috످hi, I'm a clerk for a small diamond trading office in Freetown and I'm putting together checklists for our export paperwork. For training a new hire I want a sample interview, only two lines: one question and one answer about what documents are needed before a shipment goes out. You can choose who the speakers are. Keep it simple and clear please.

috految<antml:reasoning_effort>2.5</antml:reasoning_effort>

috److**New Hire:** What documents do we need before a diamond shipment goes out?

**Senior Clerk:** We need a valid export license, a Kimberley Process Certificate (to show rough diamonds are conflict-free), a valuation certificate from the National Minerals Agency, proof of purchase, an export tax receipt, an invoice, a packing list, a customs declaration, and shipping and insurance papers.

috످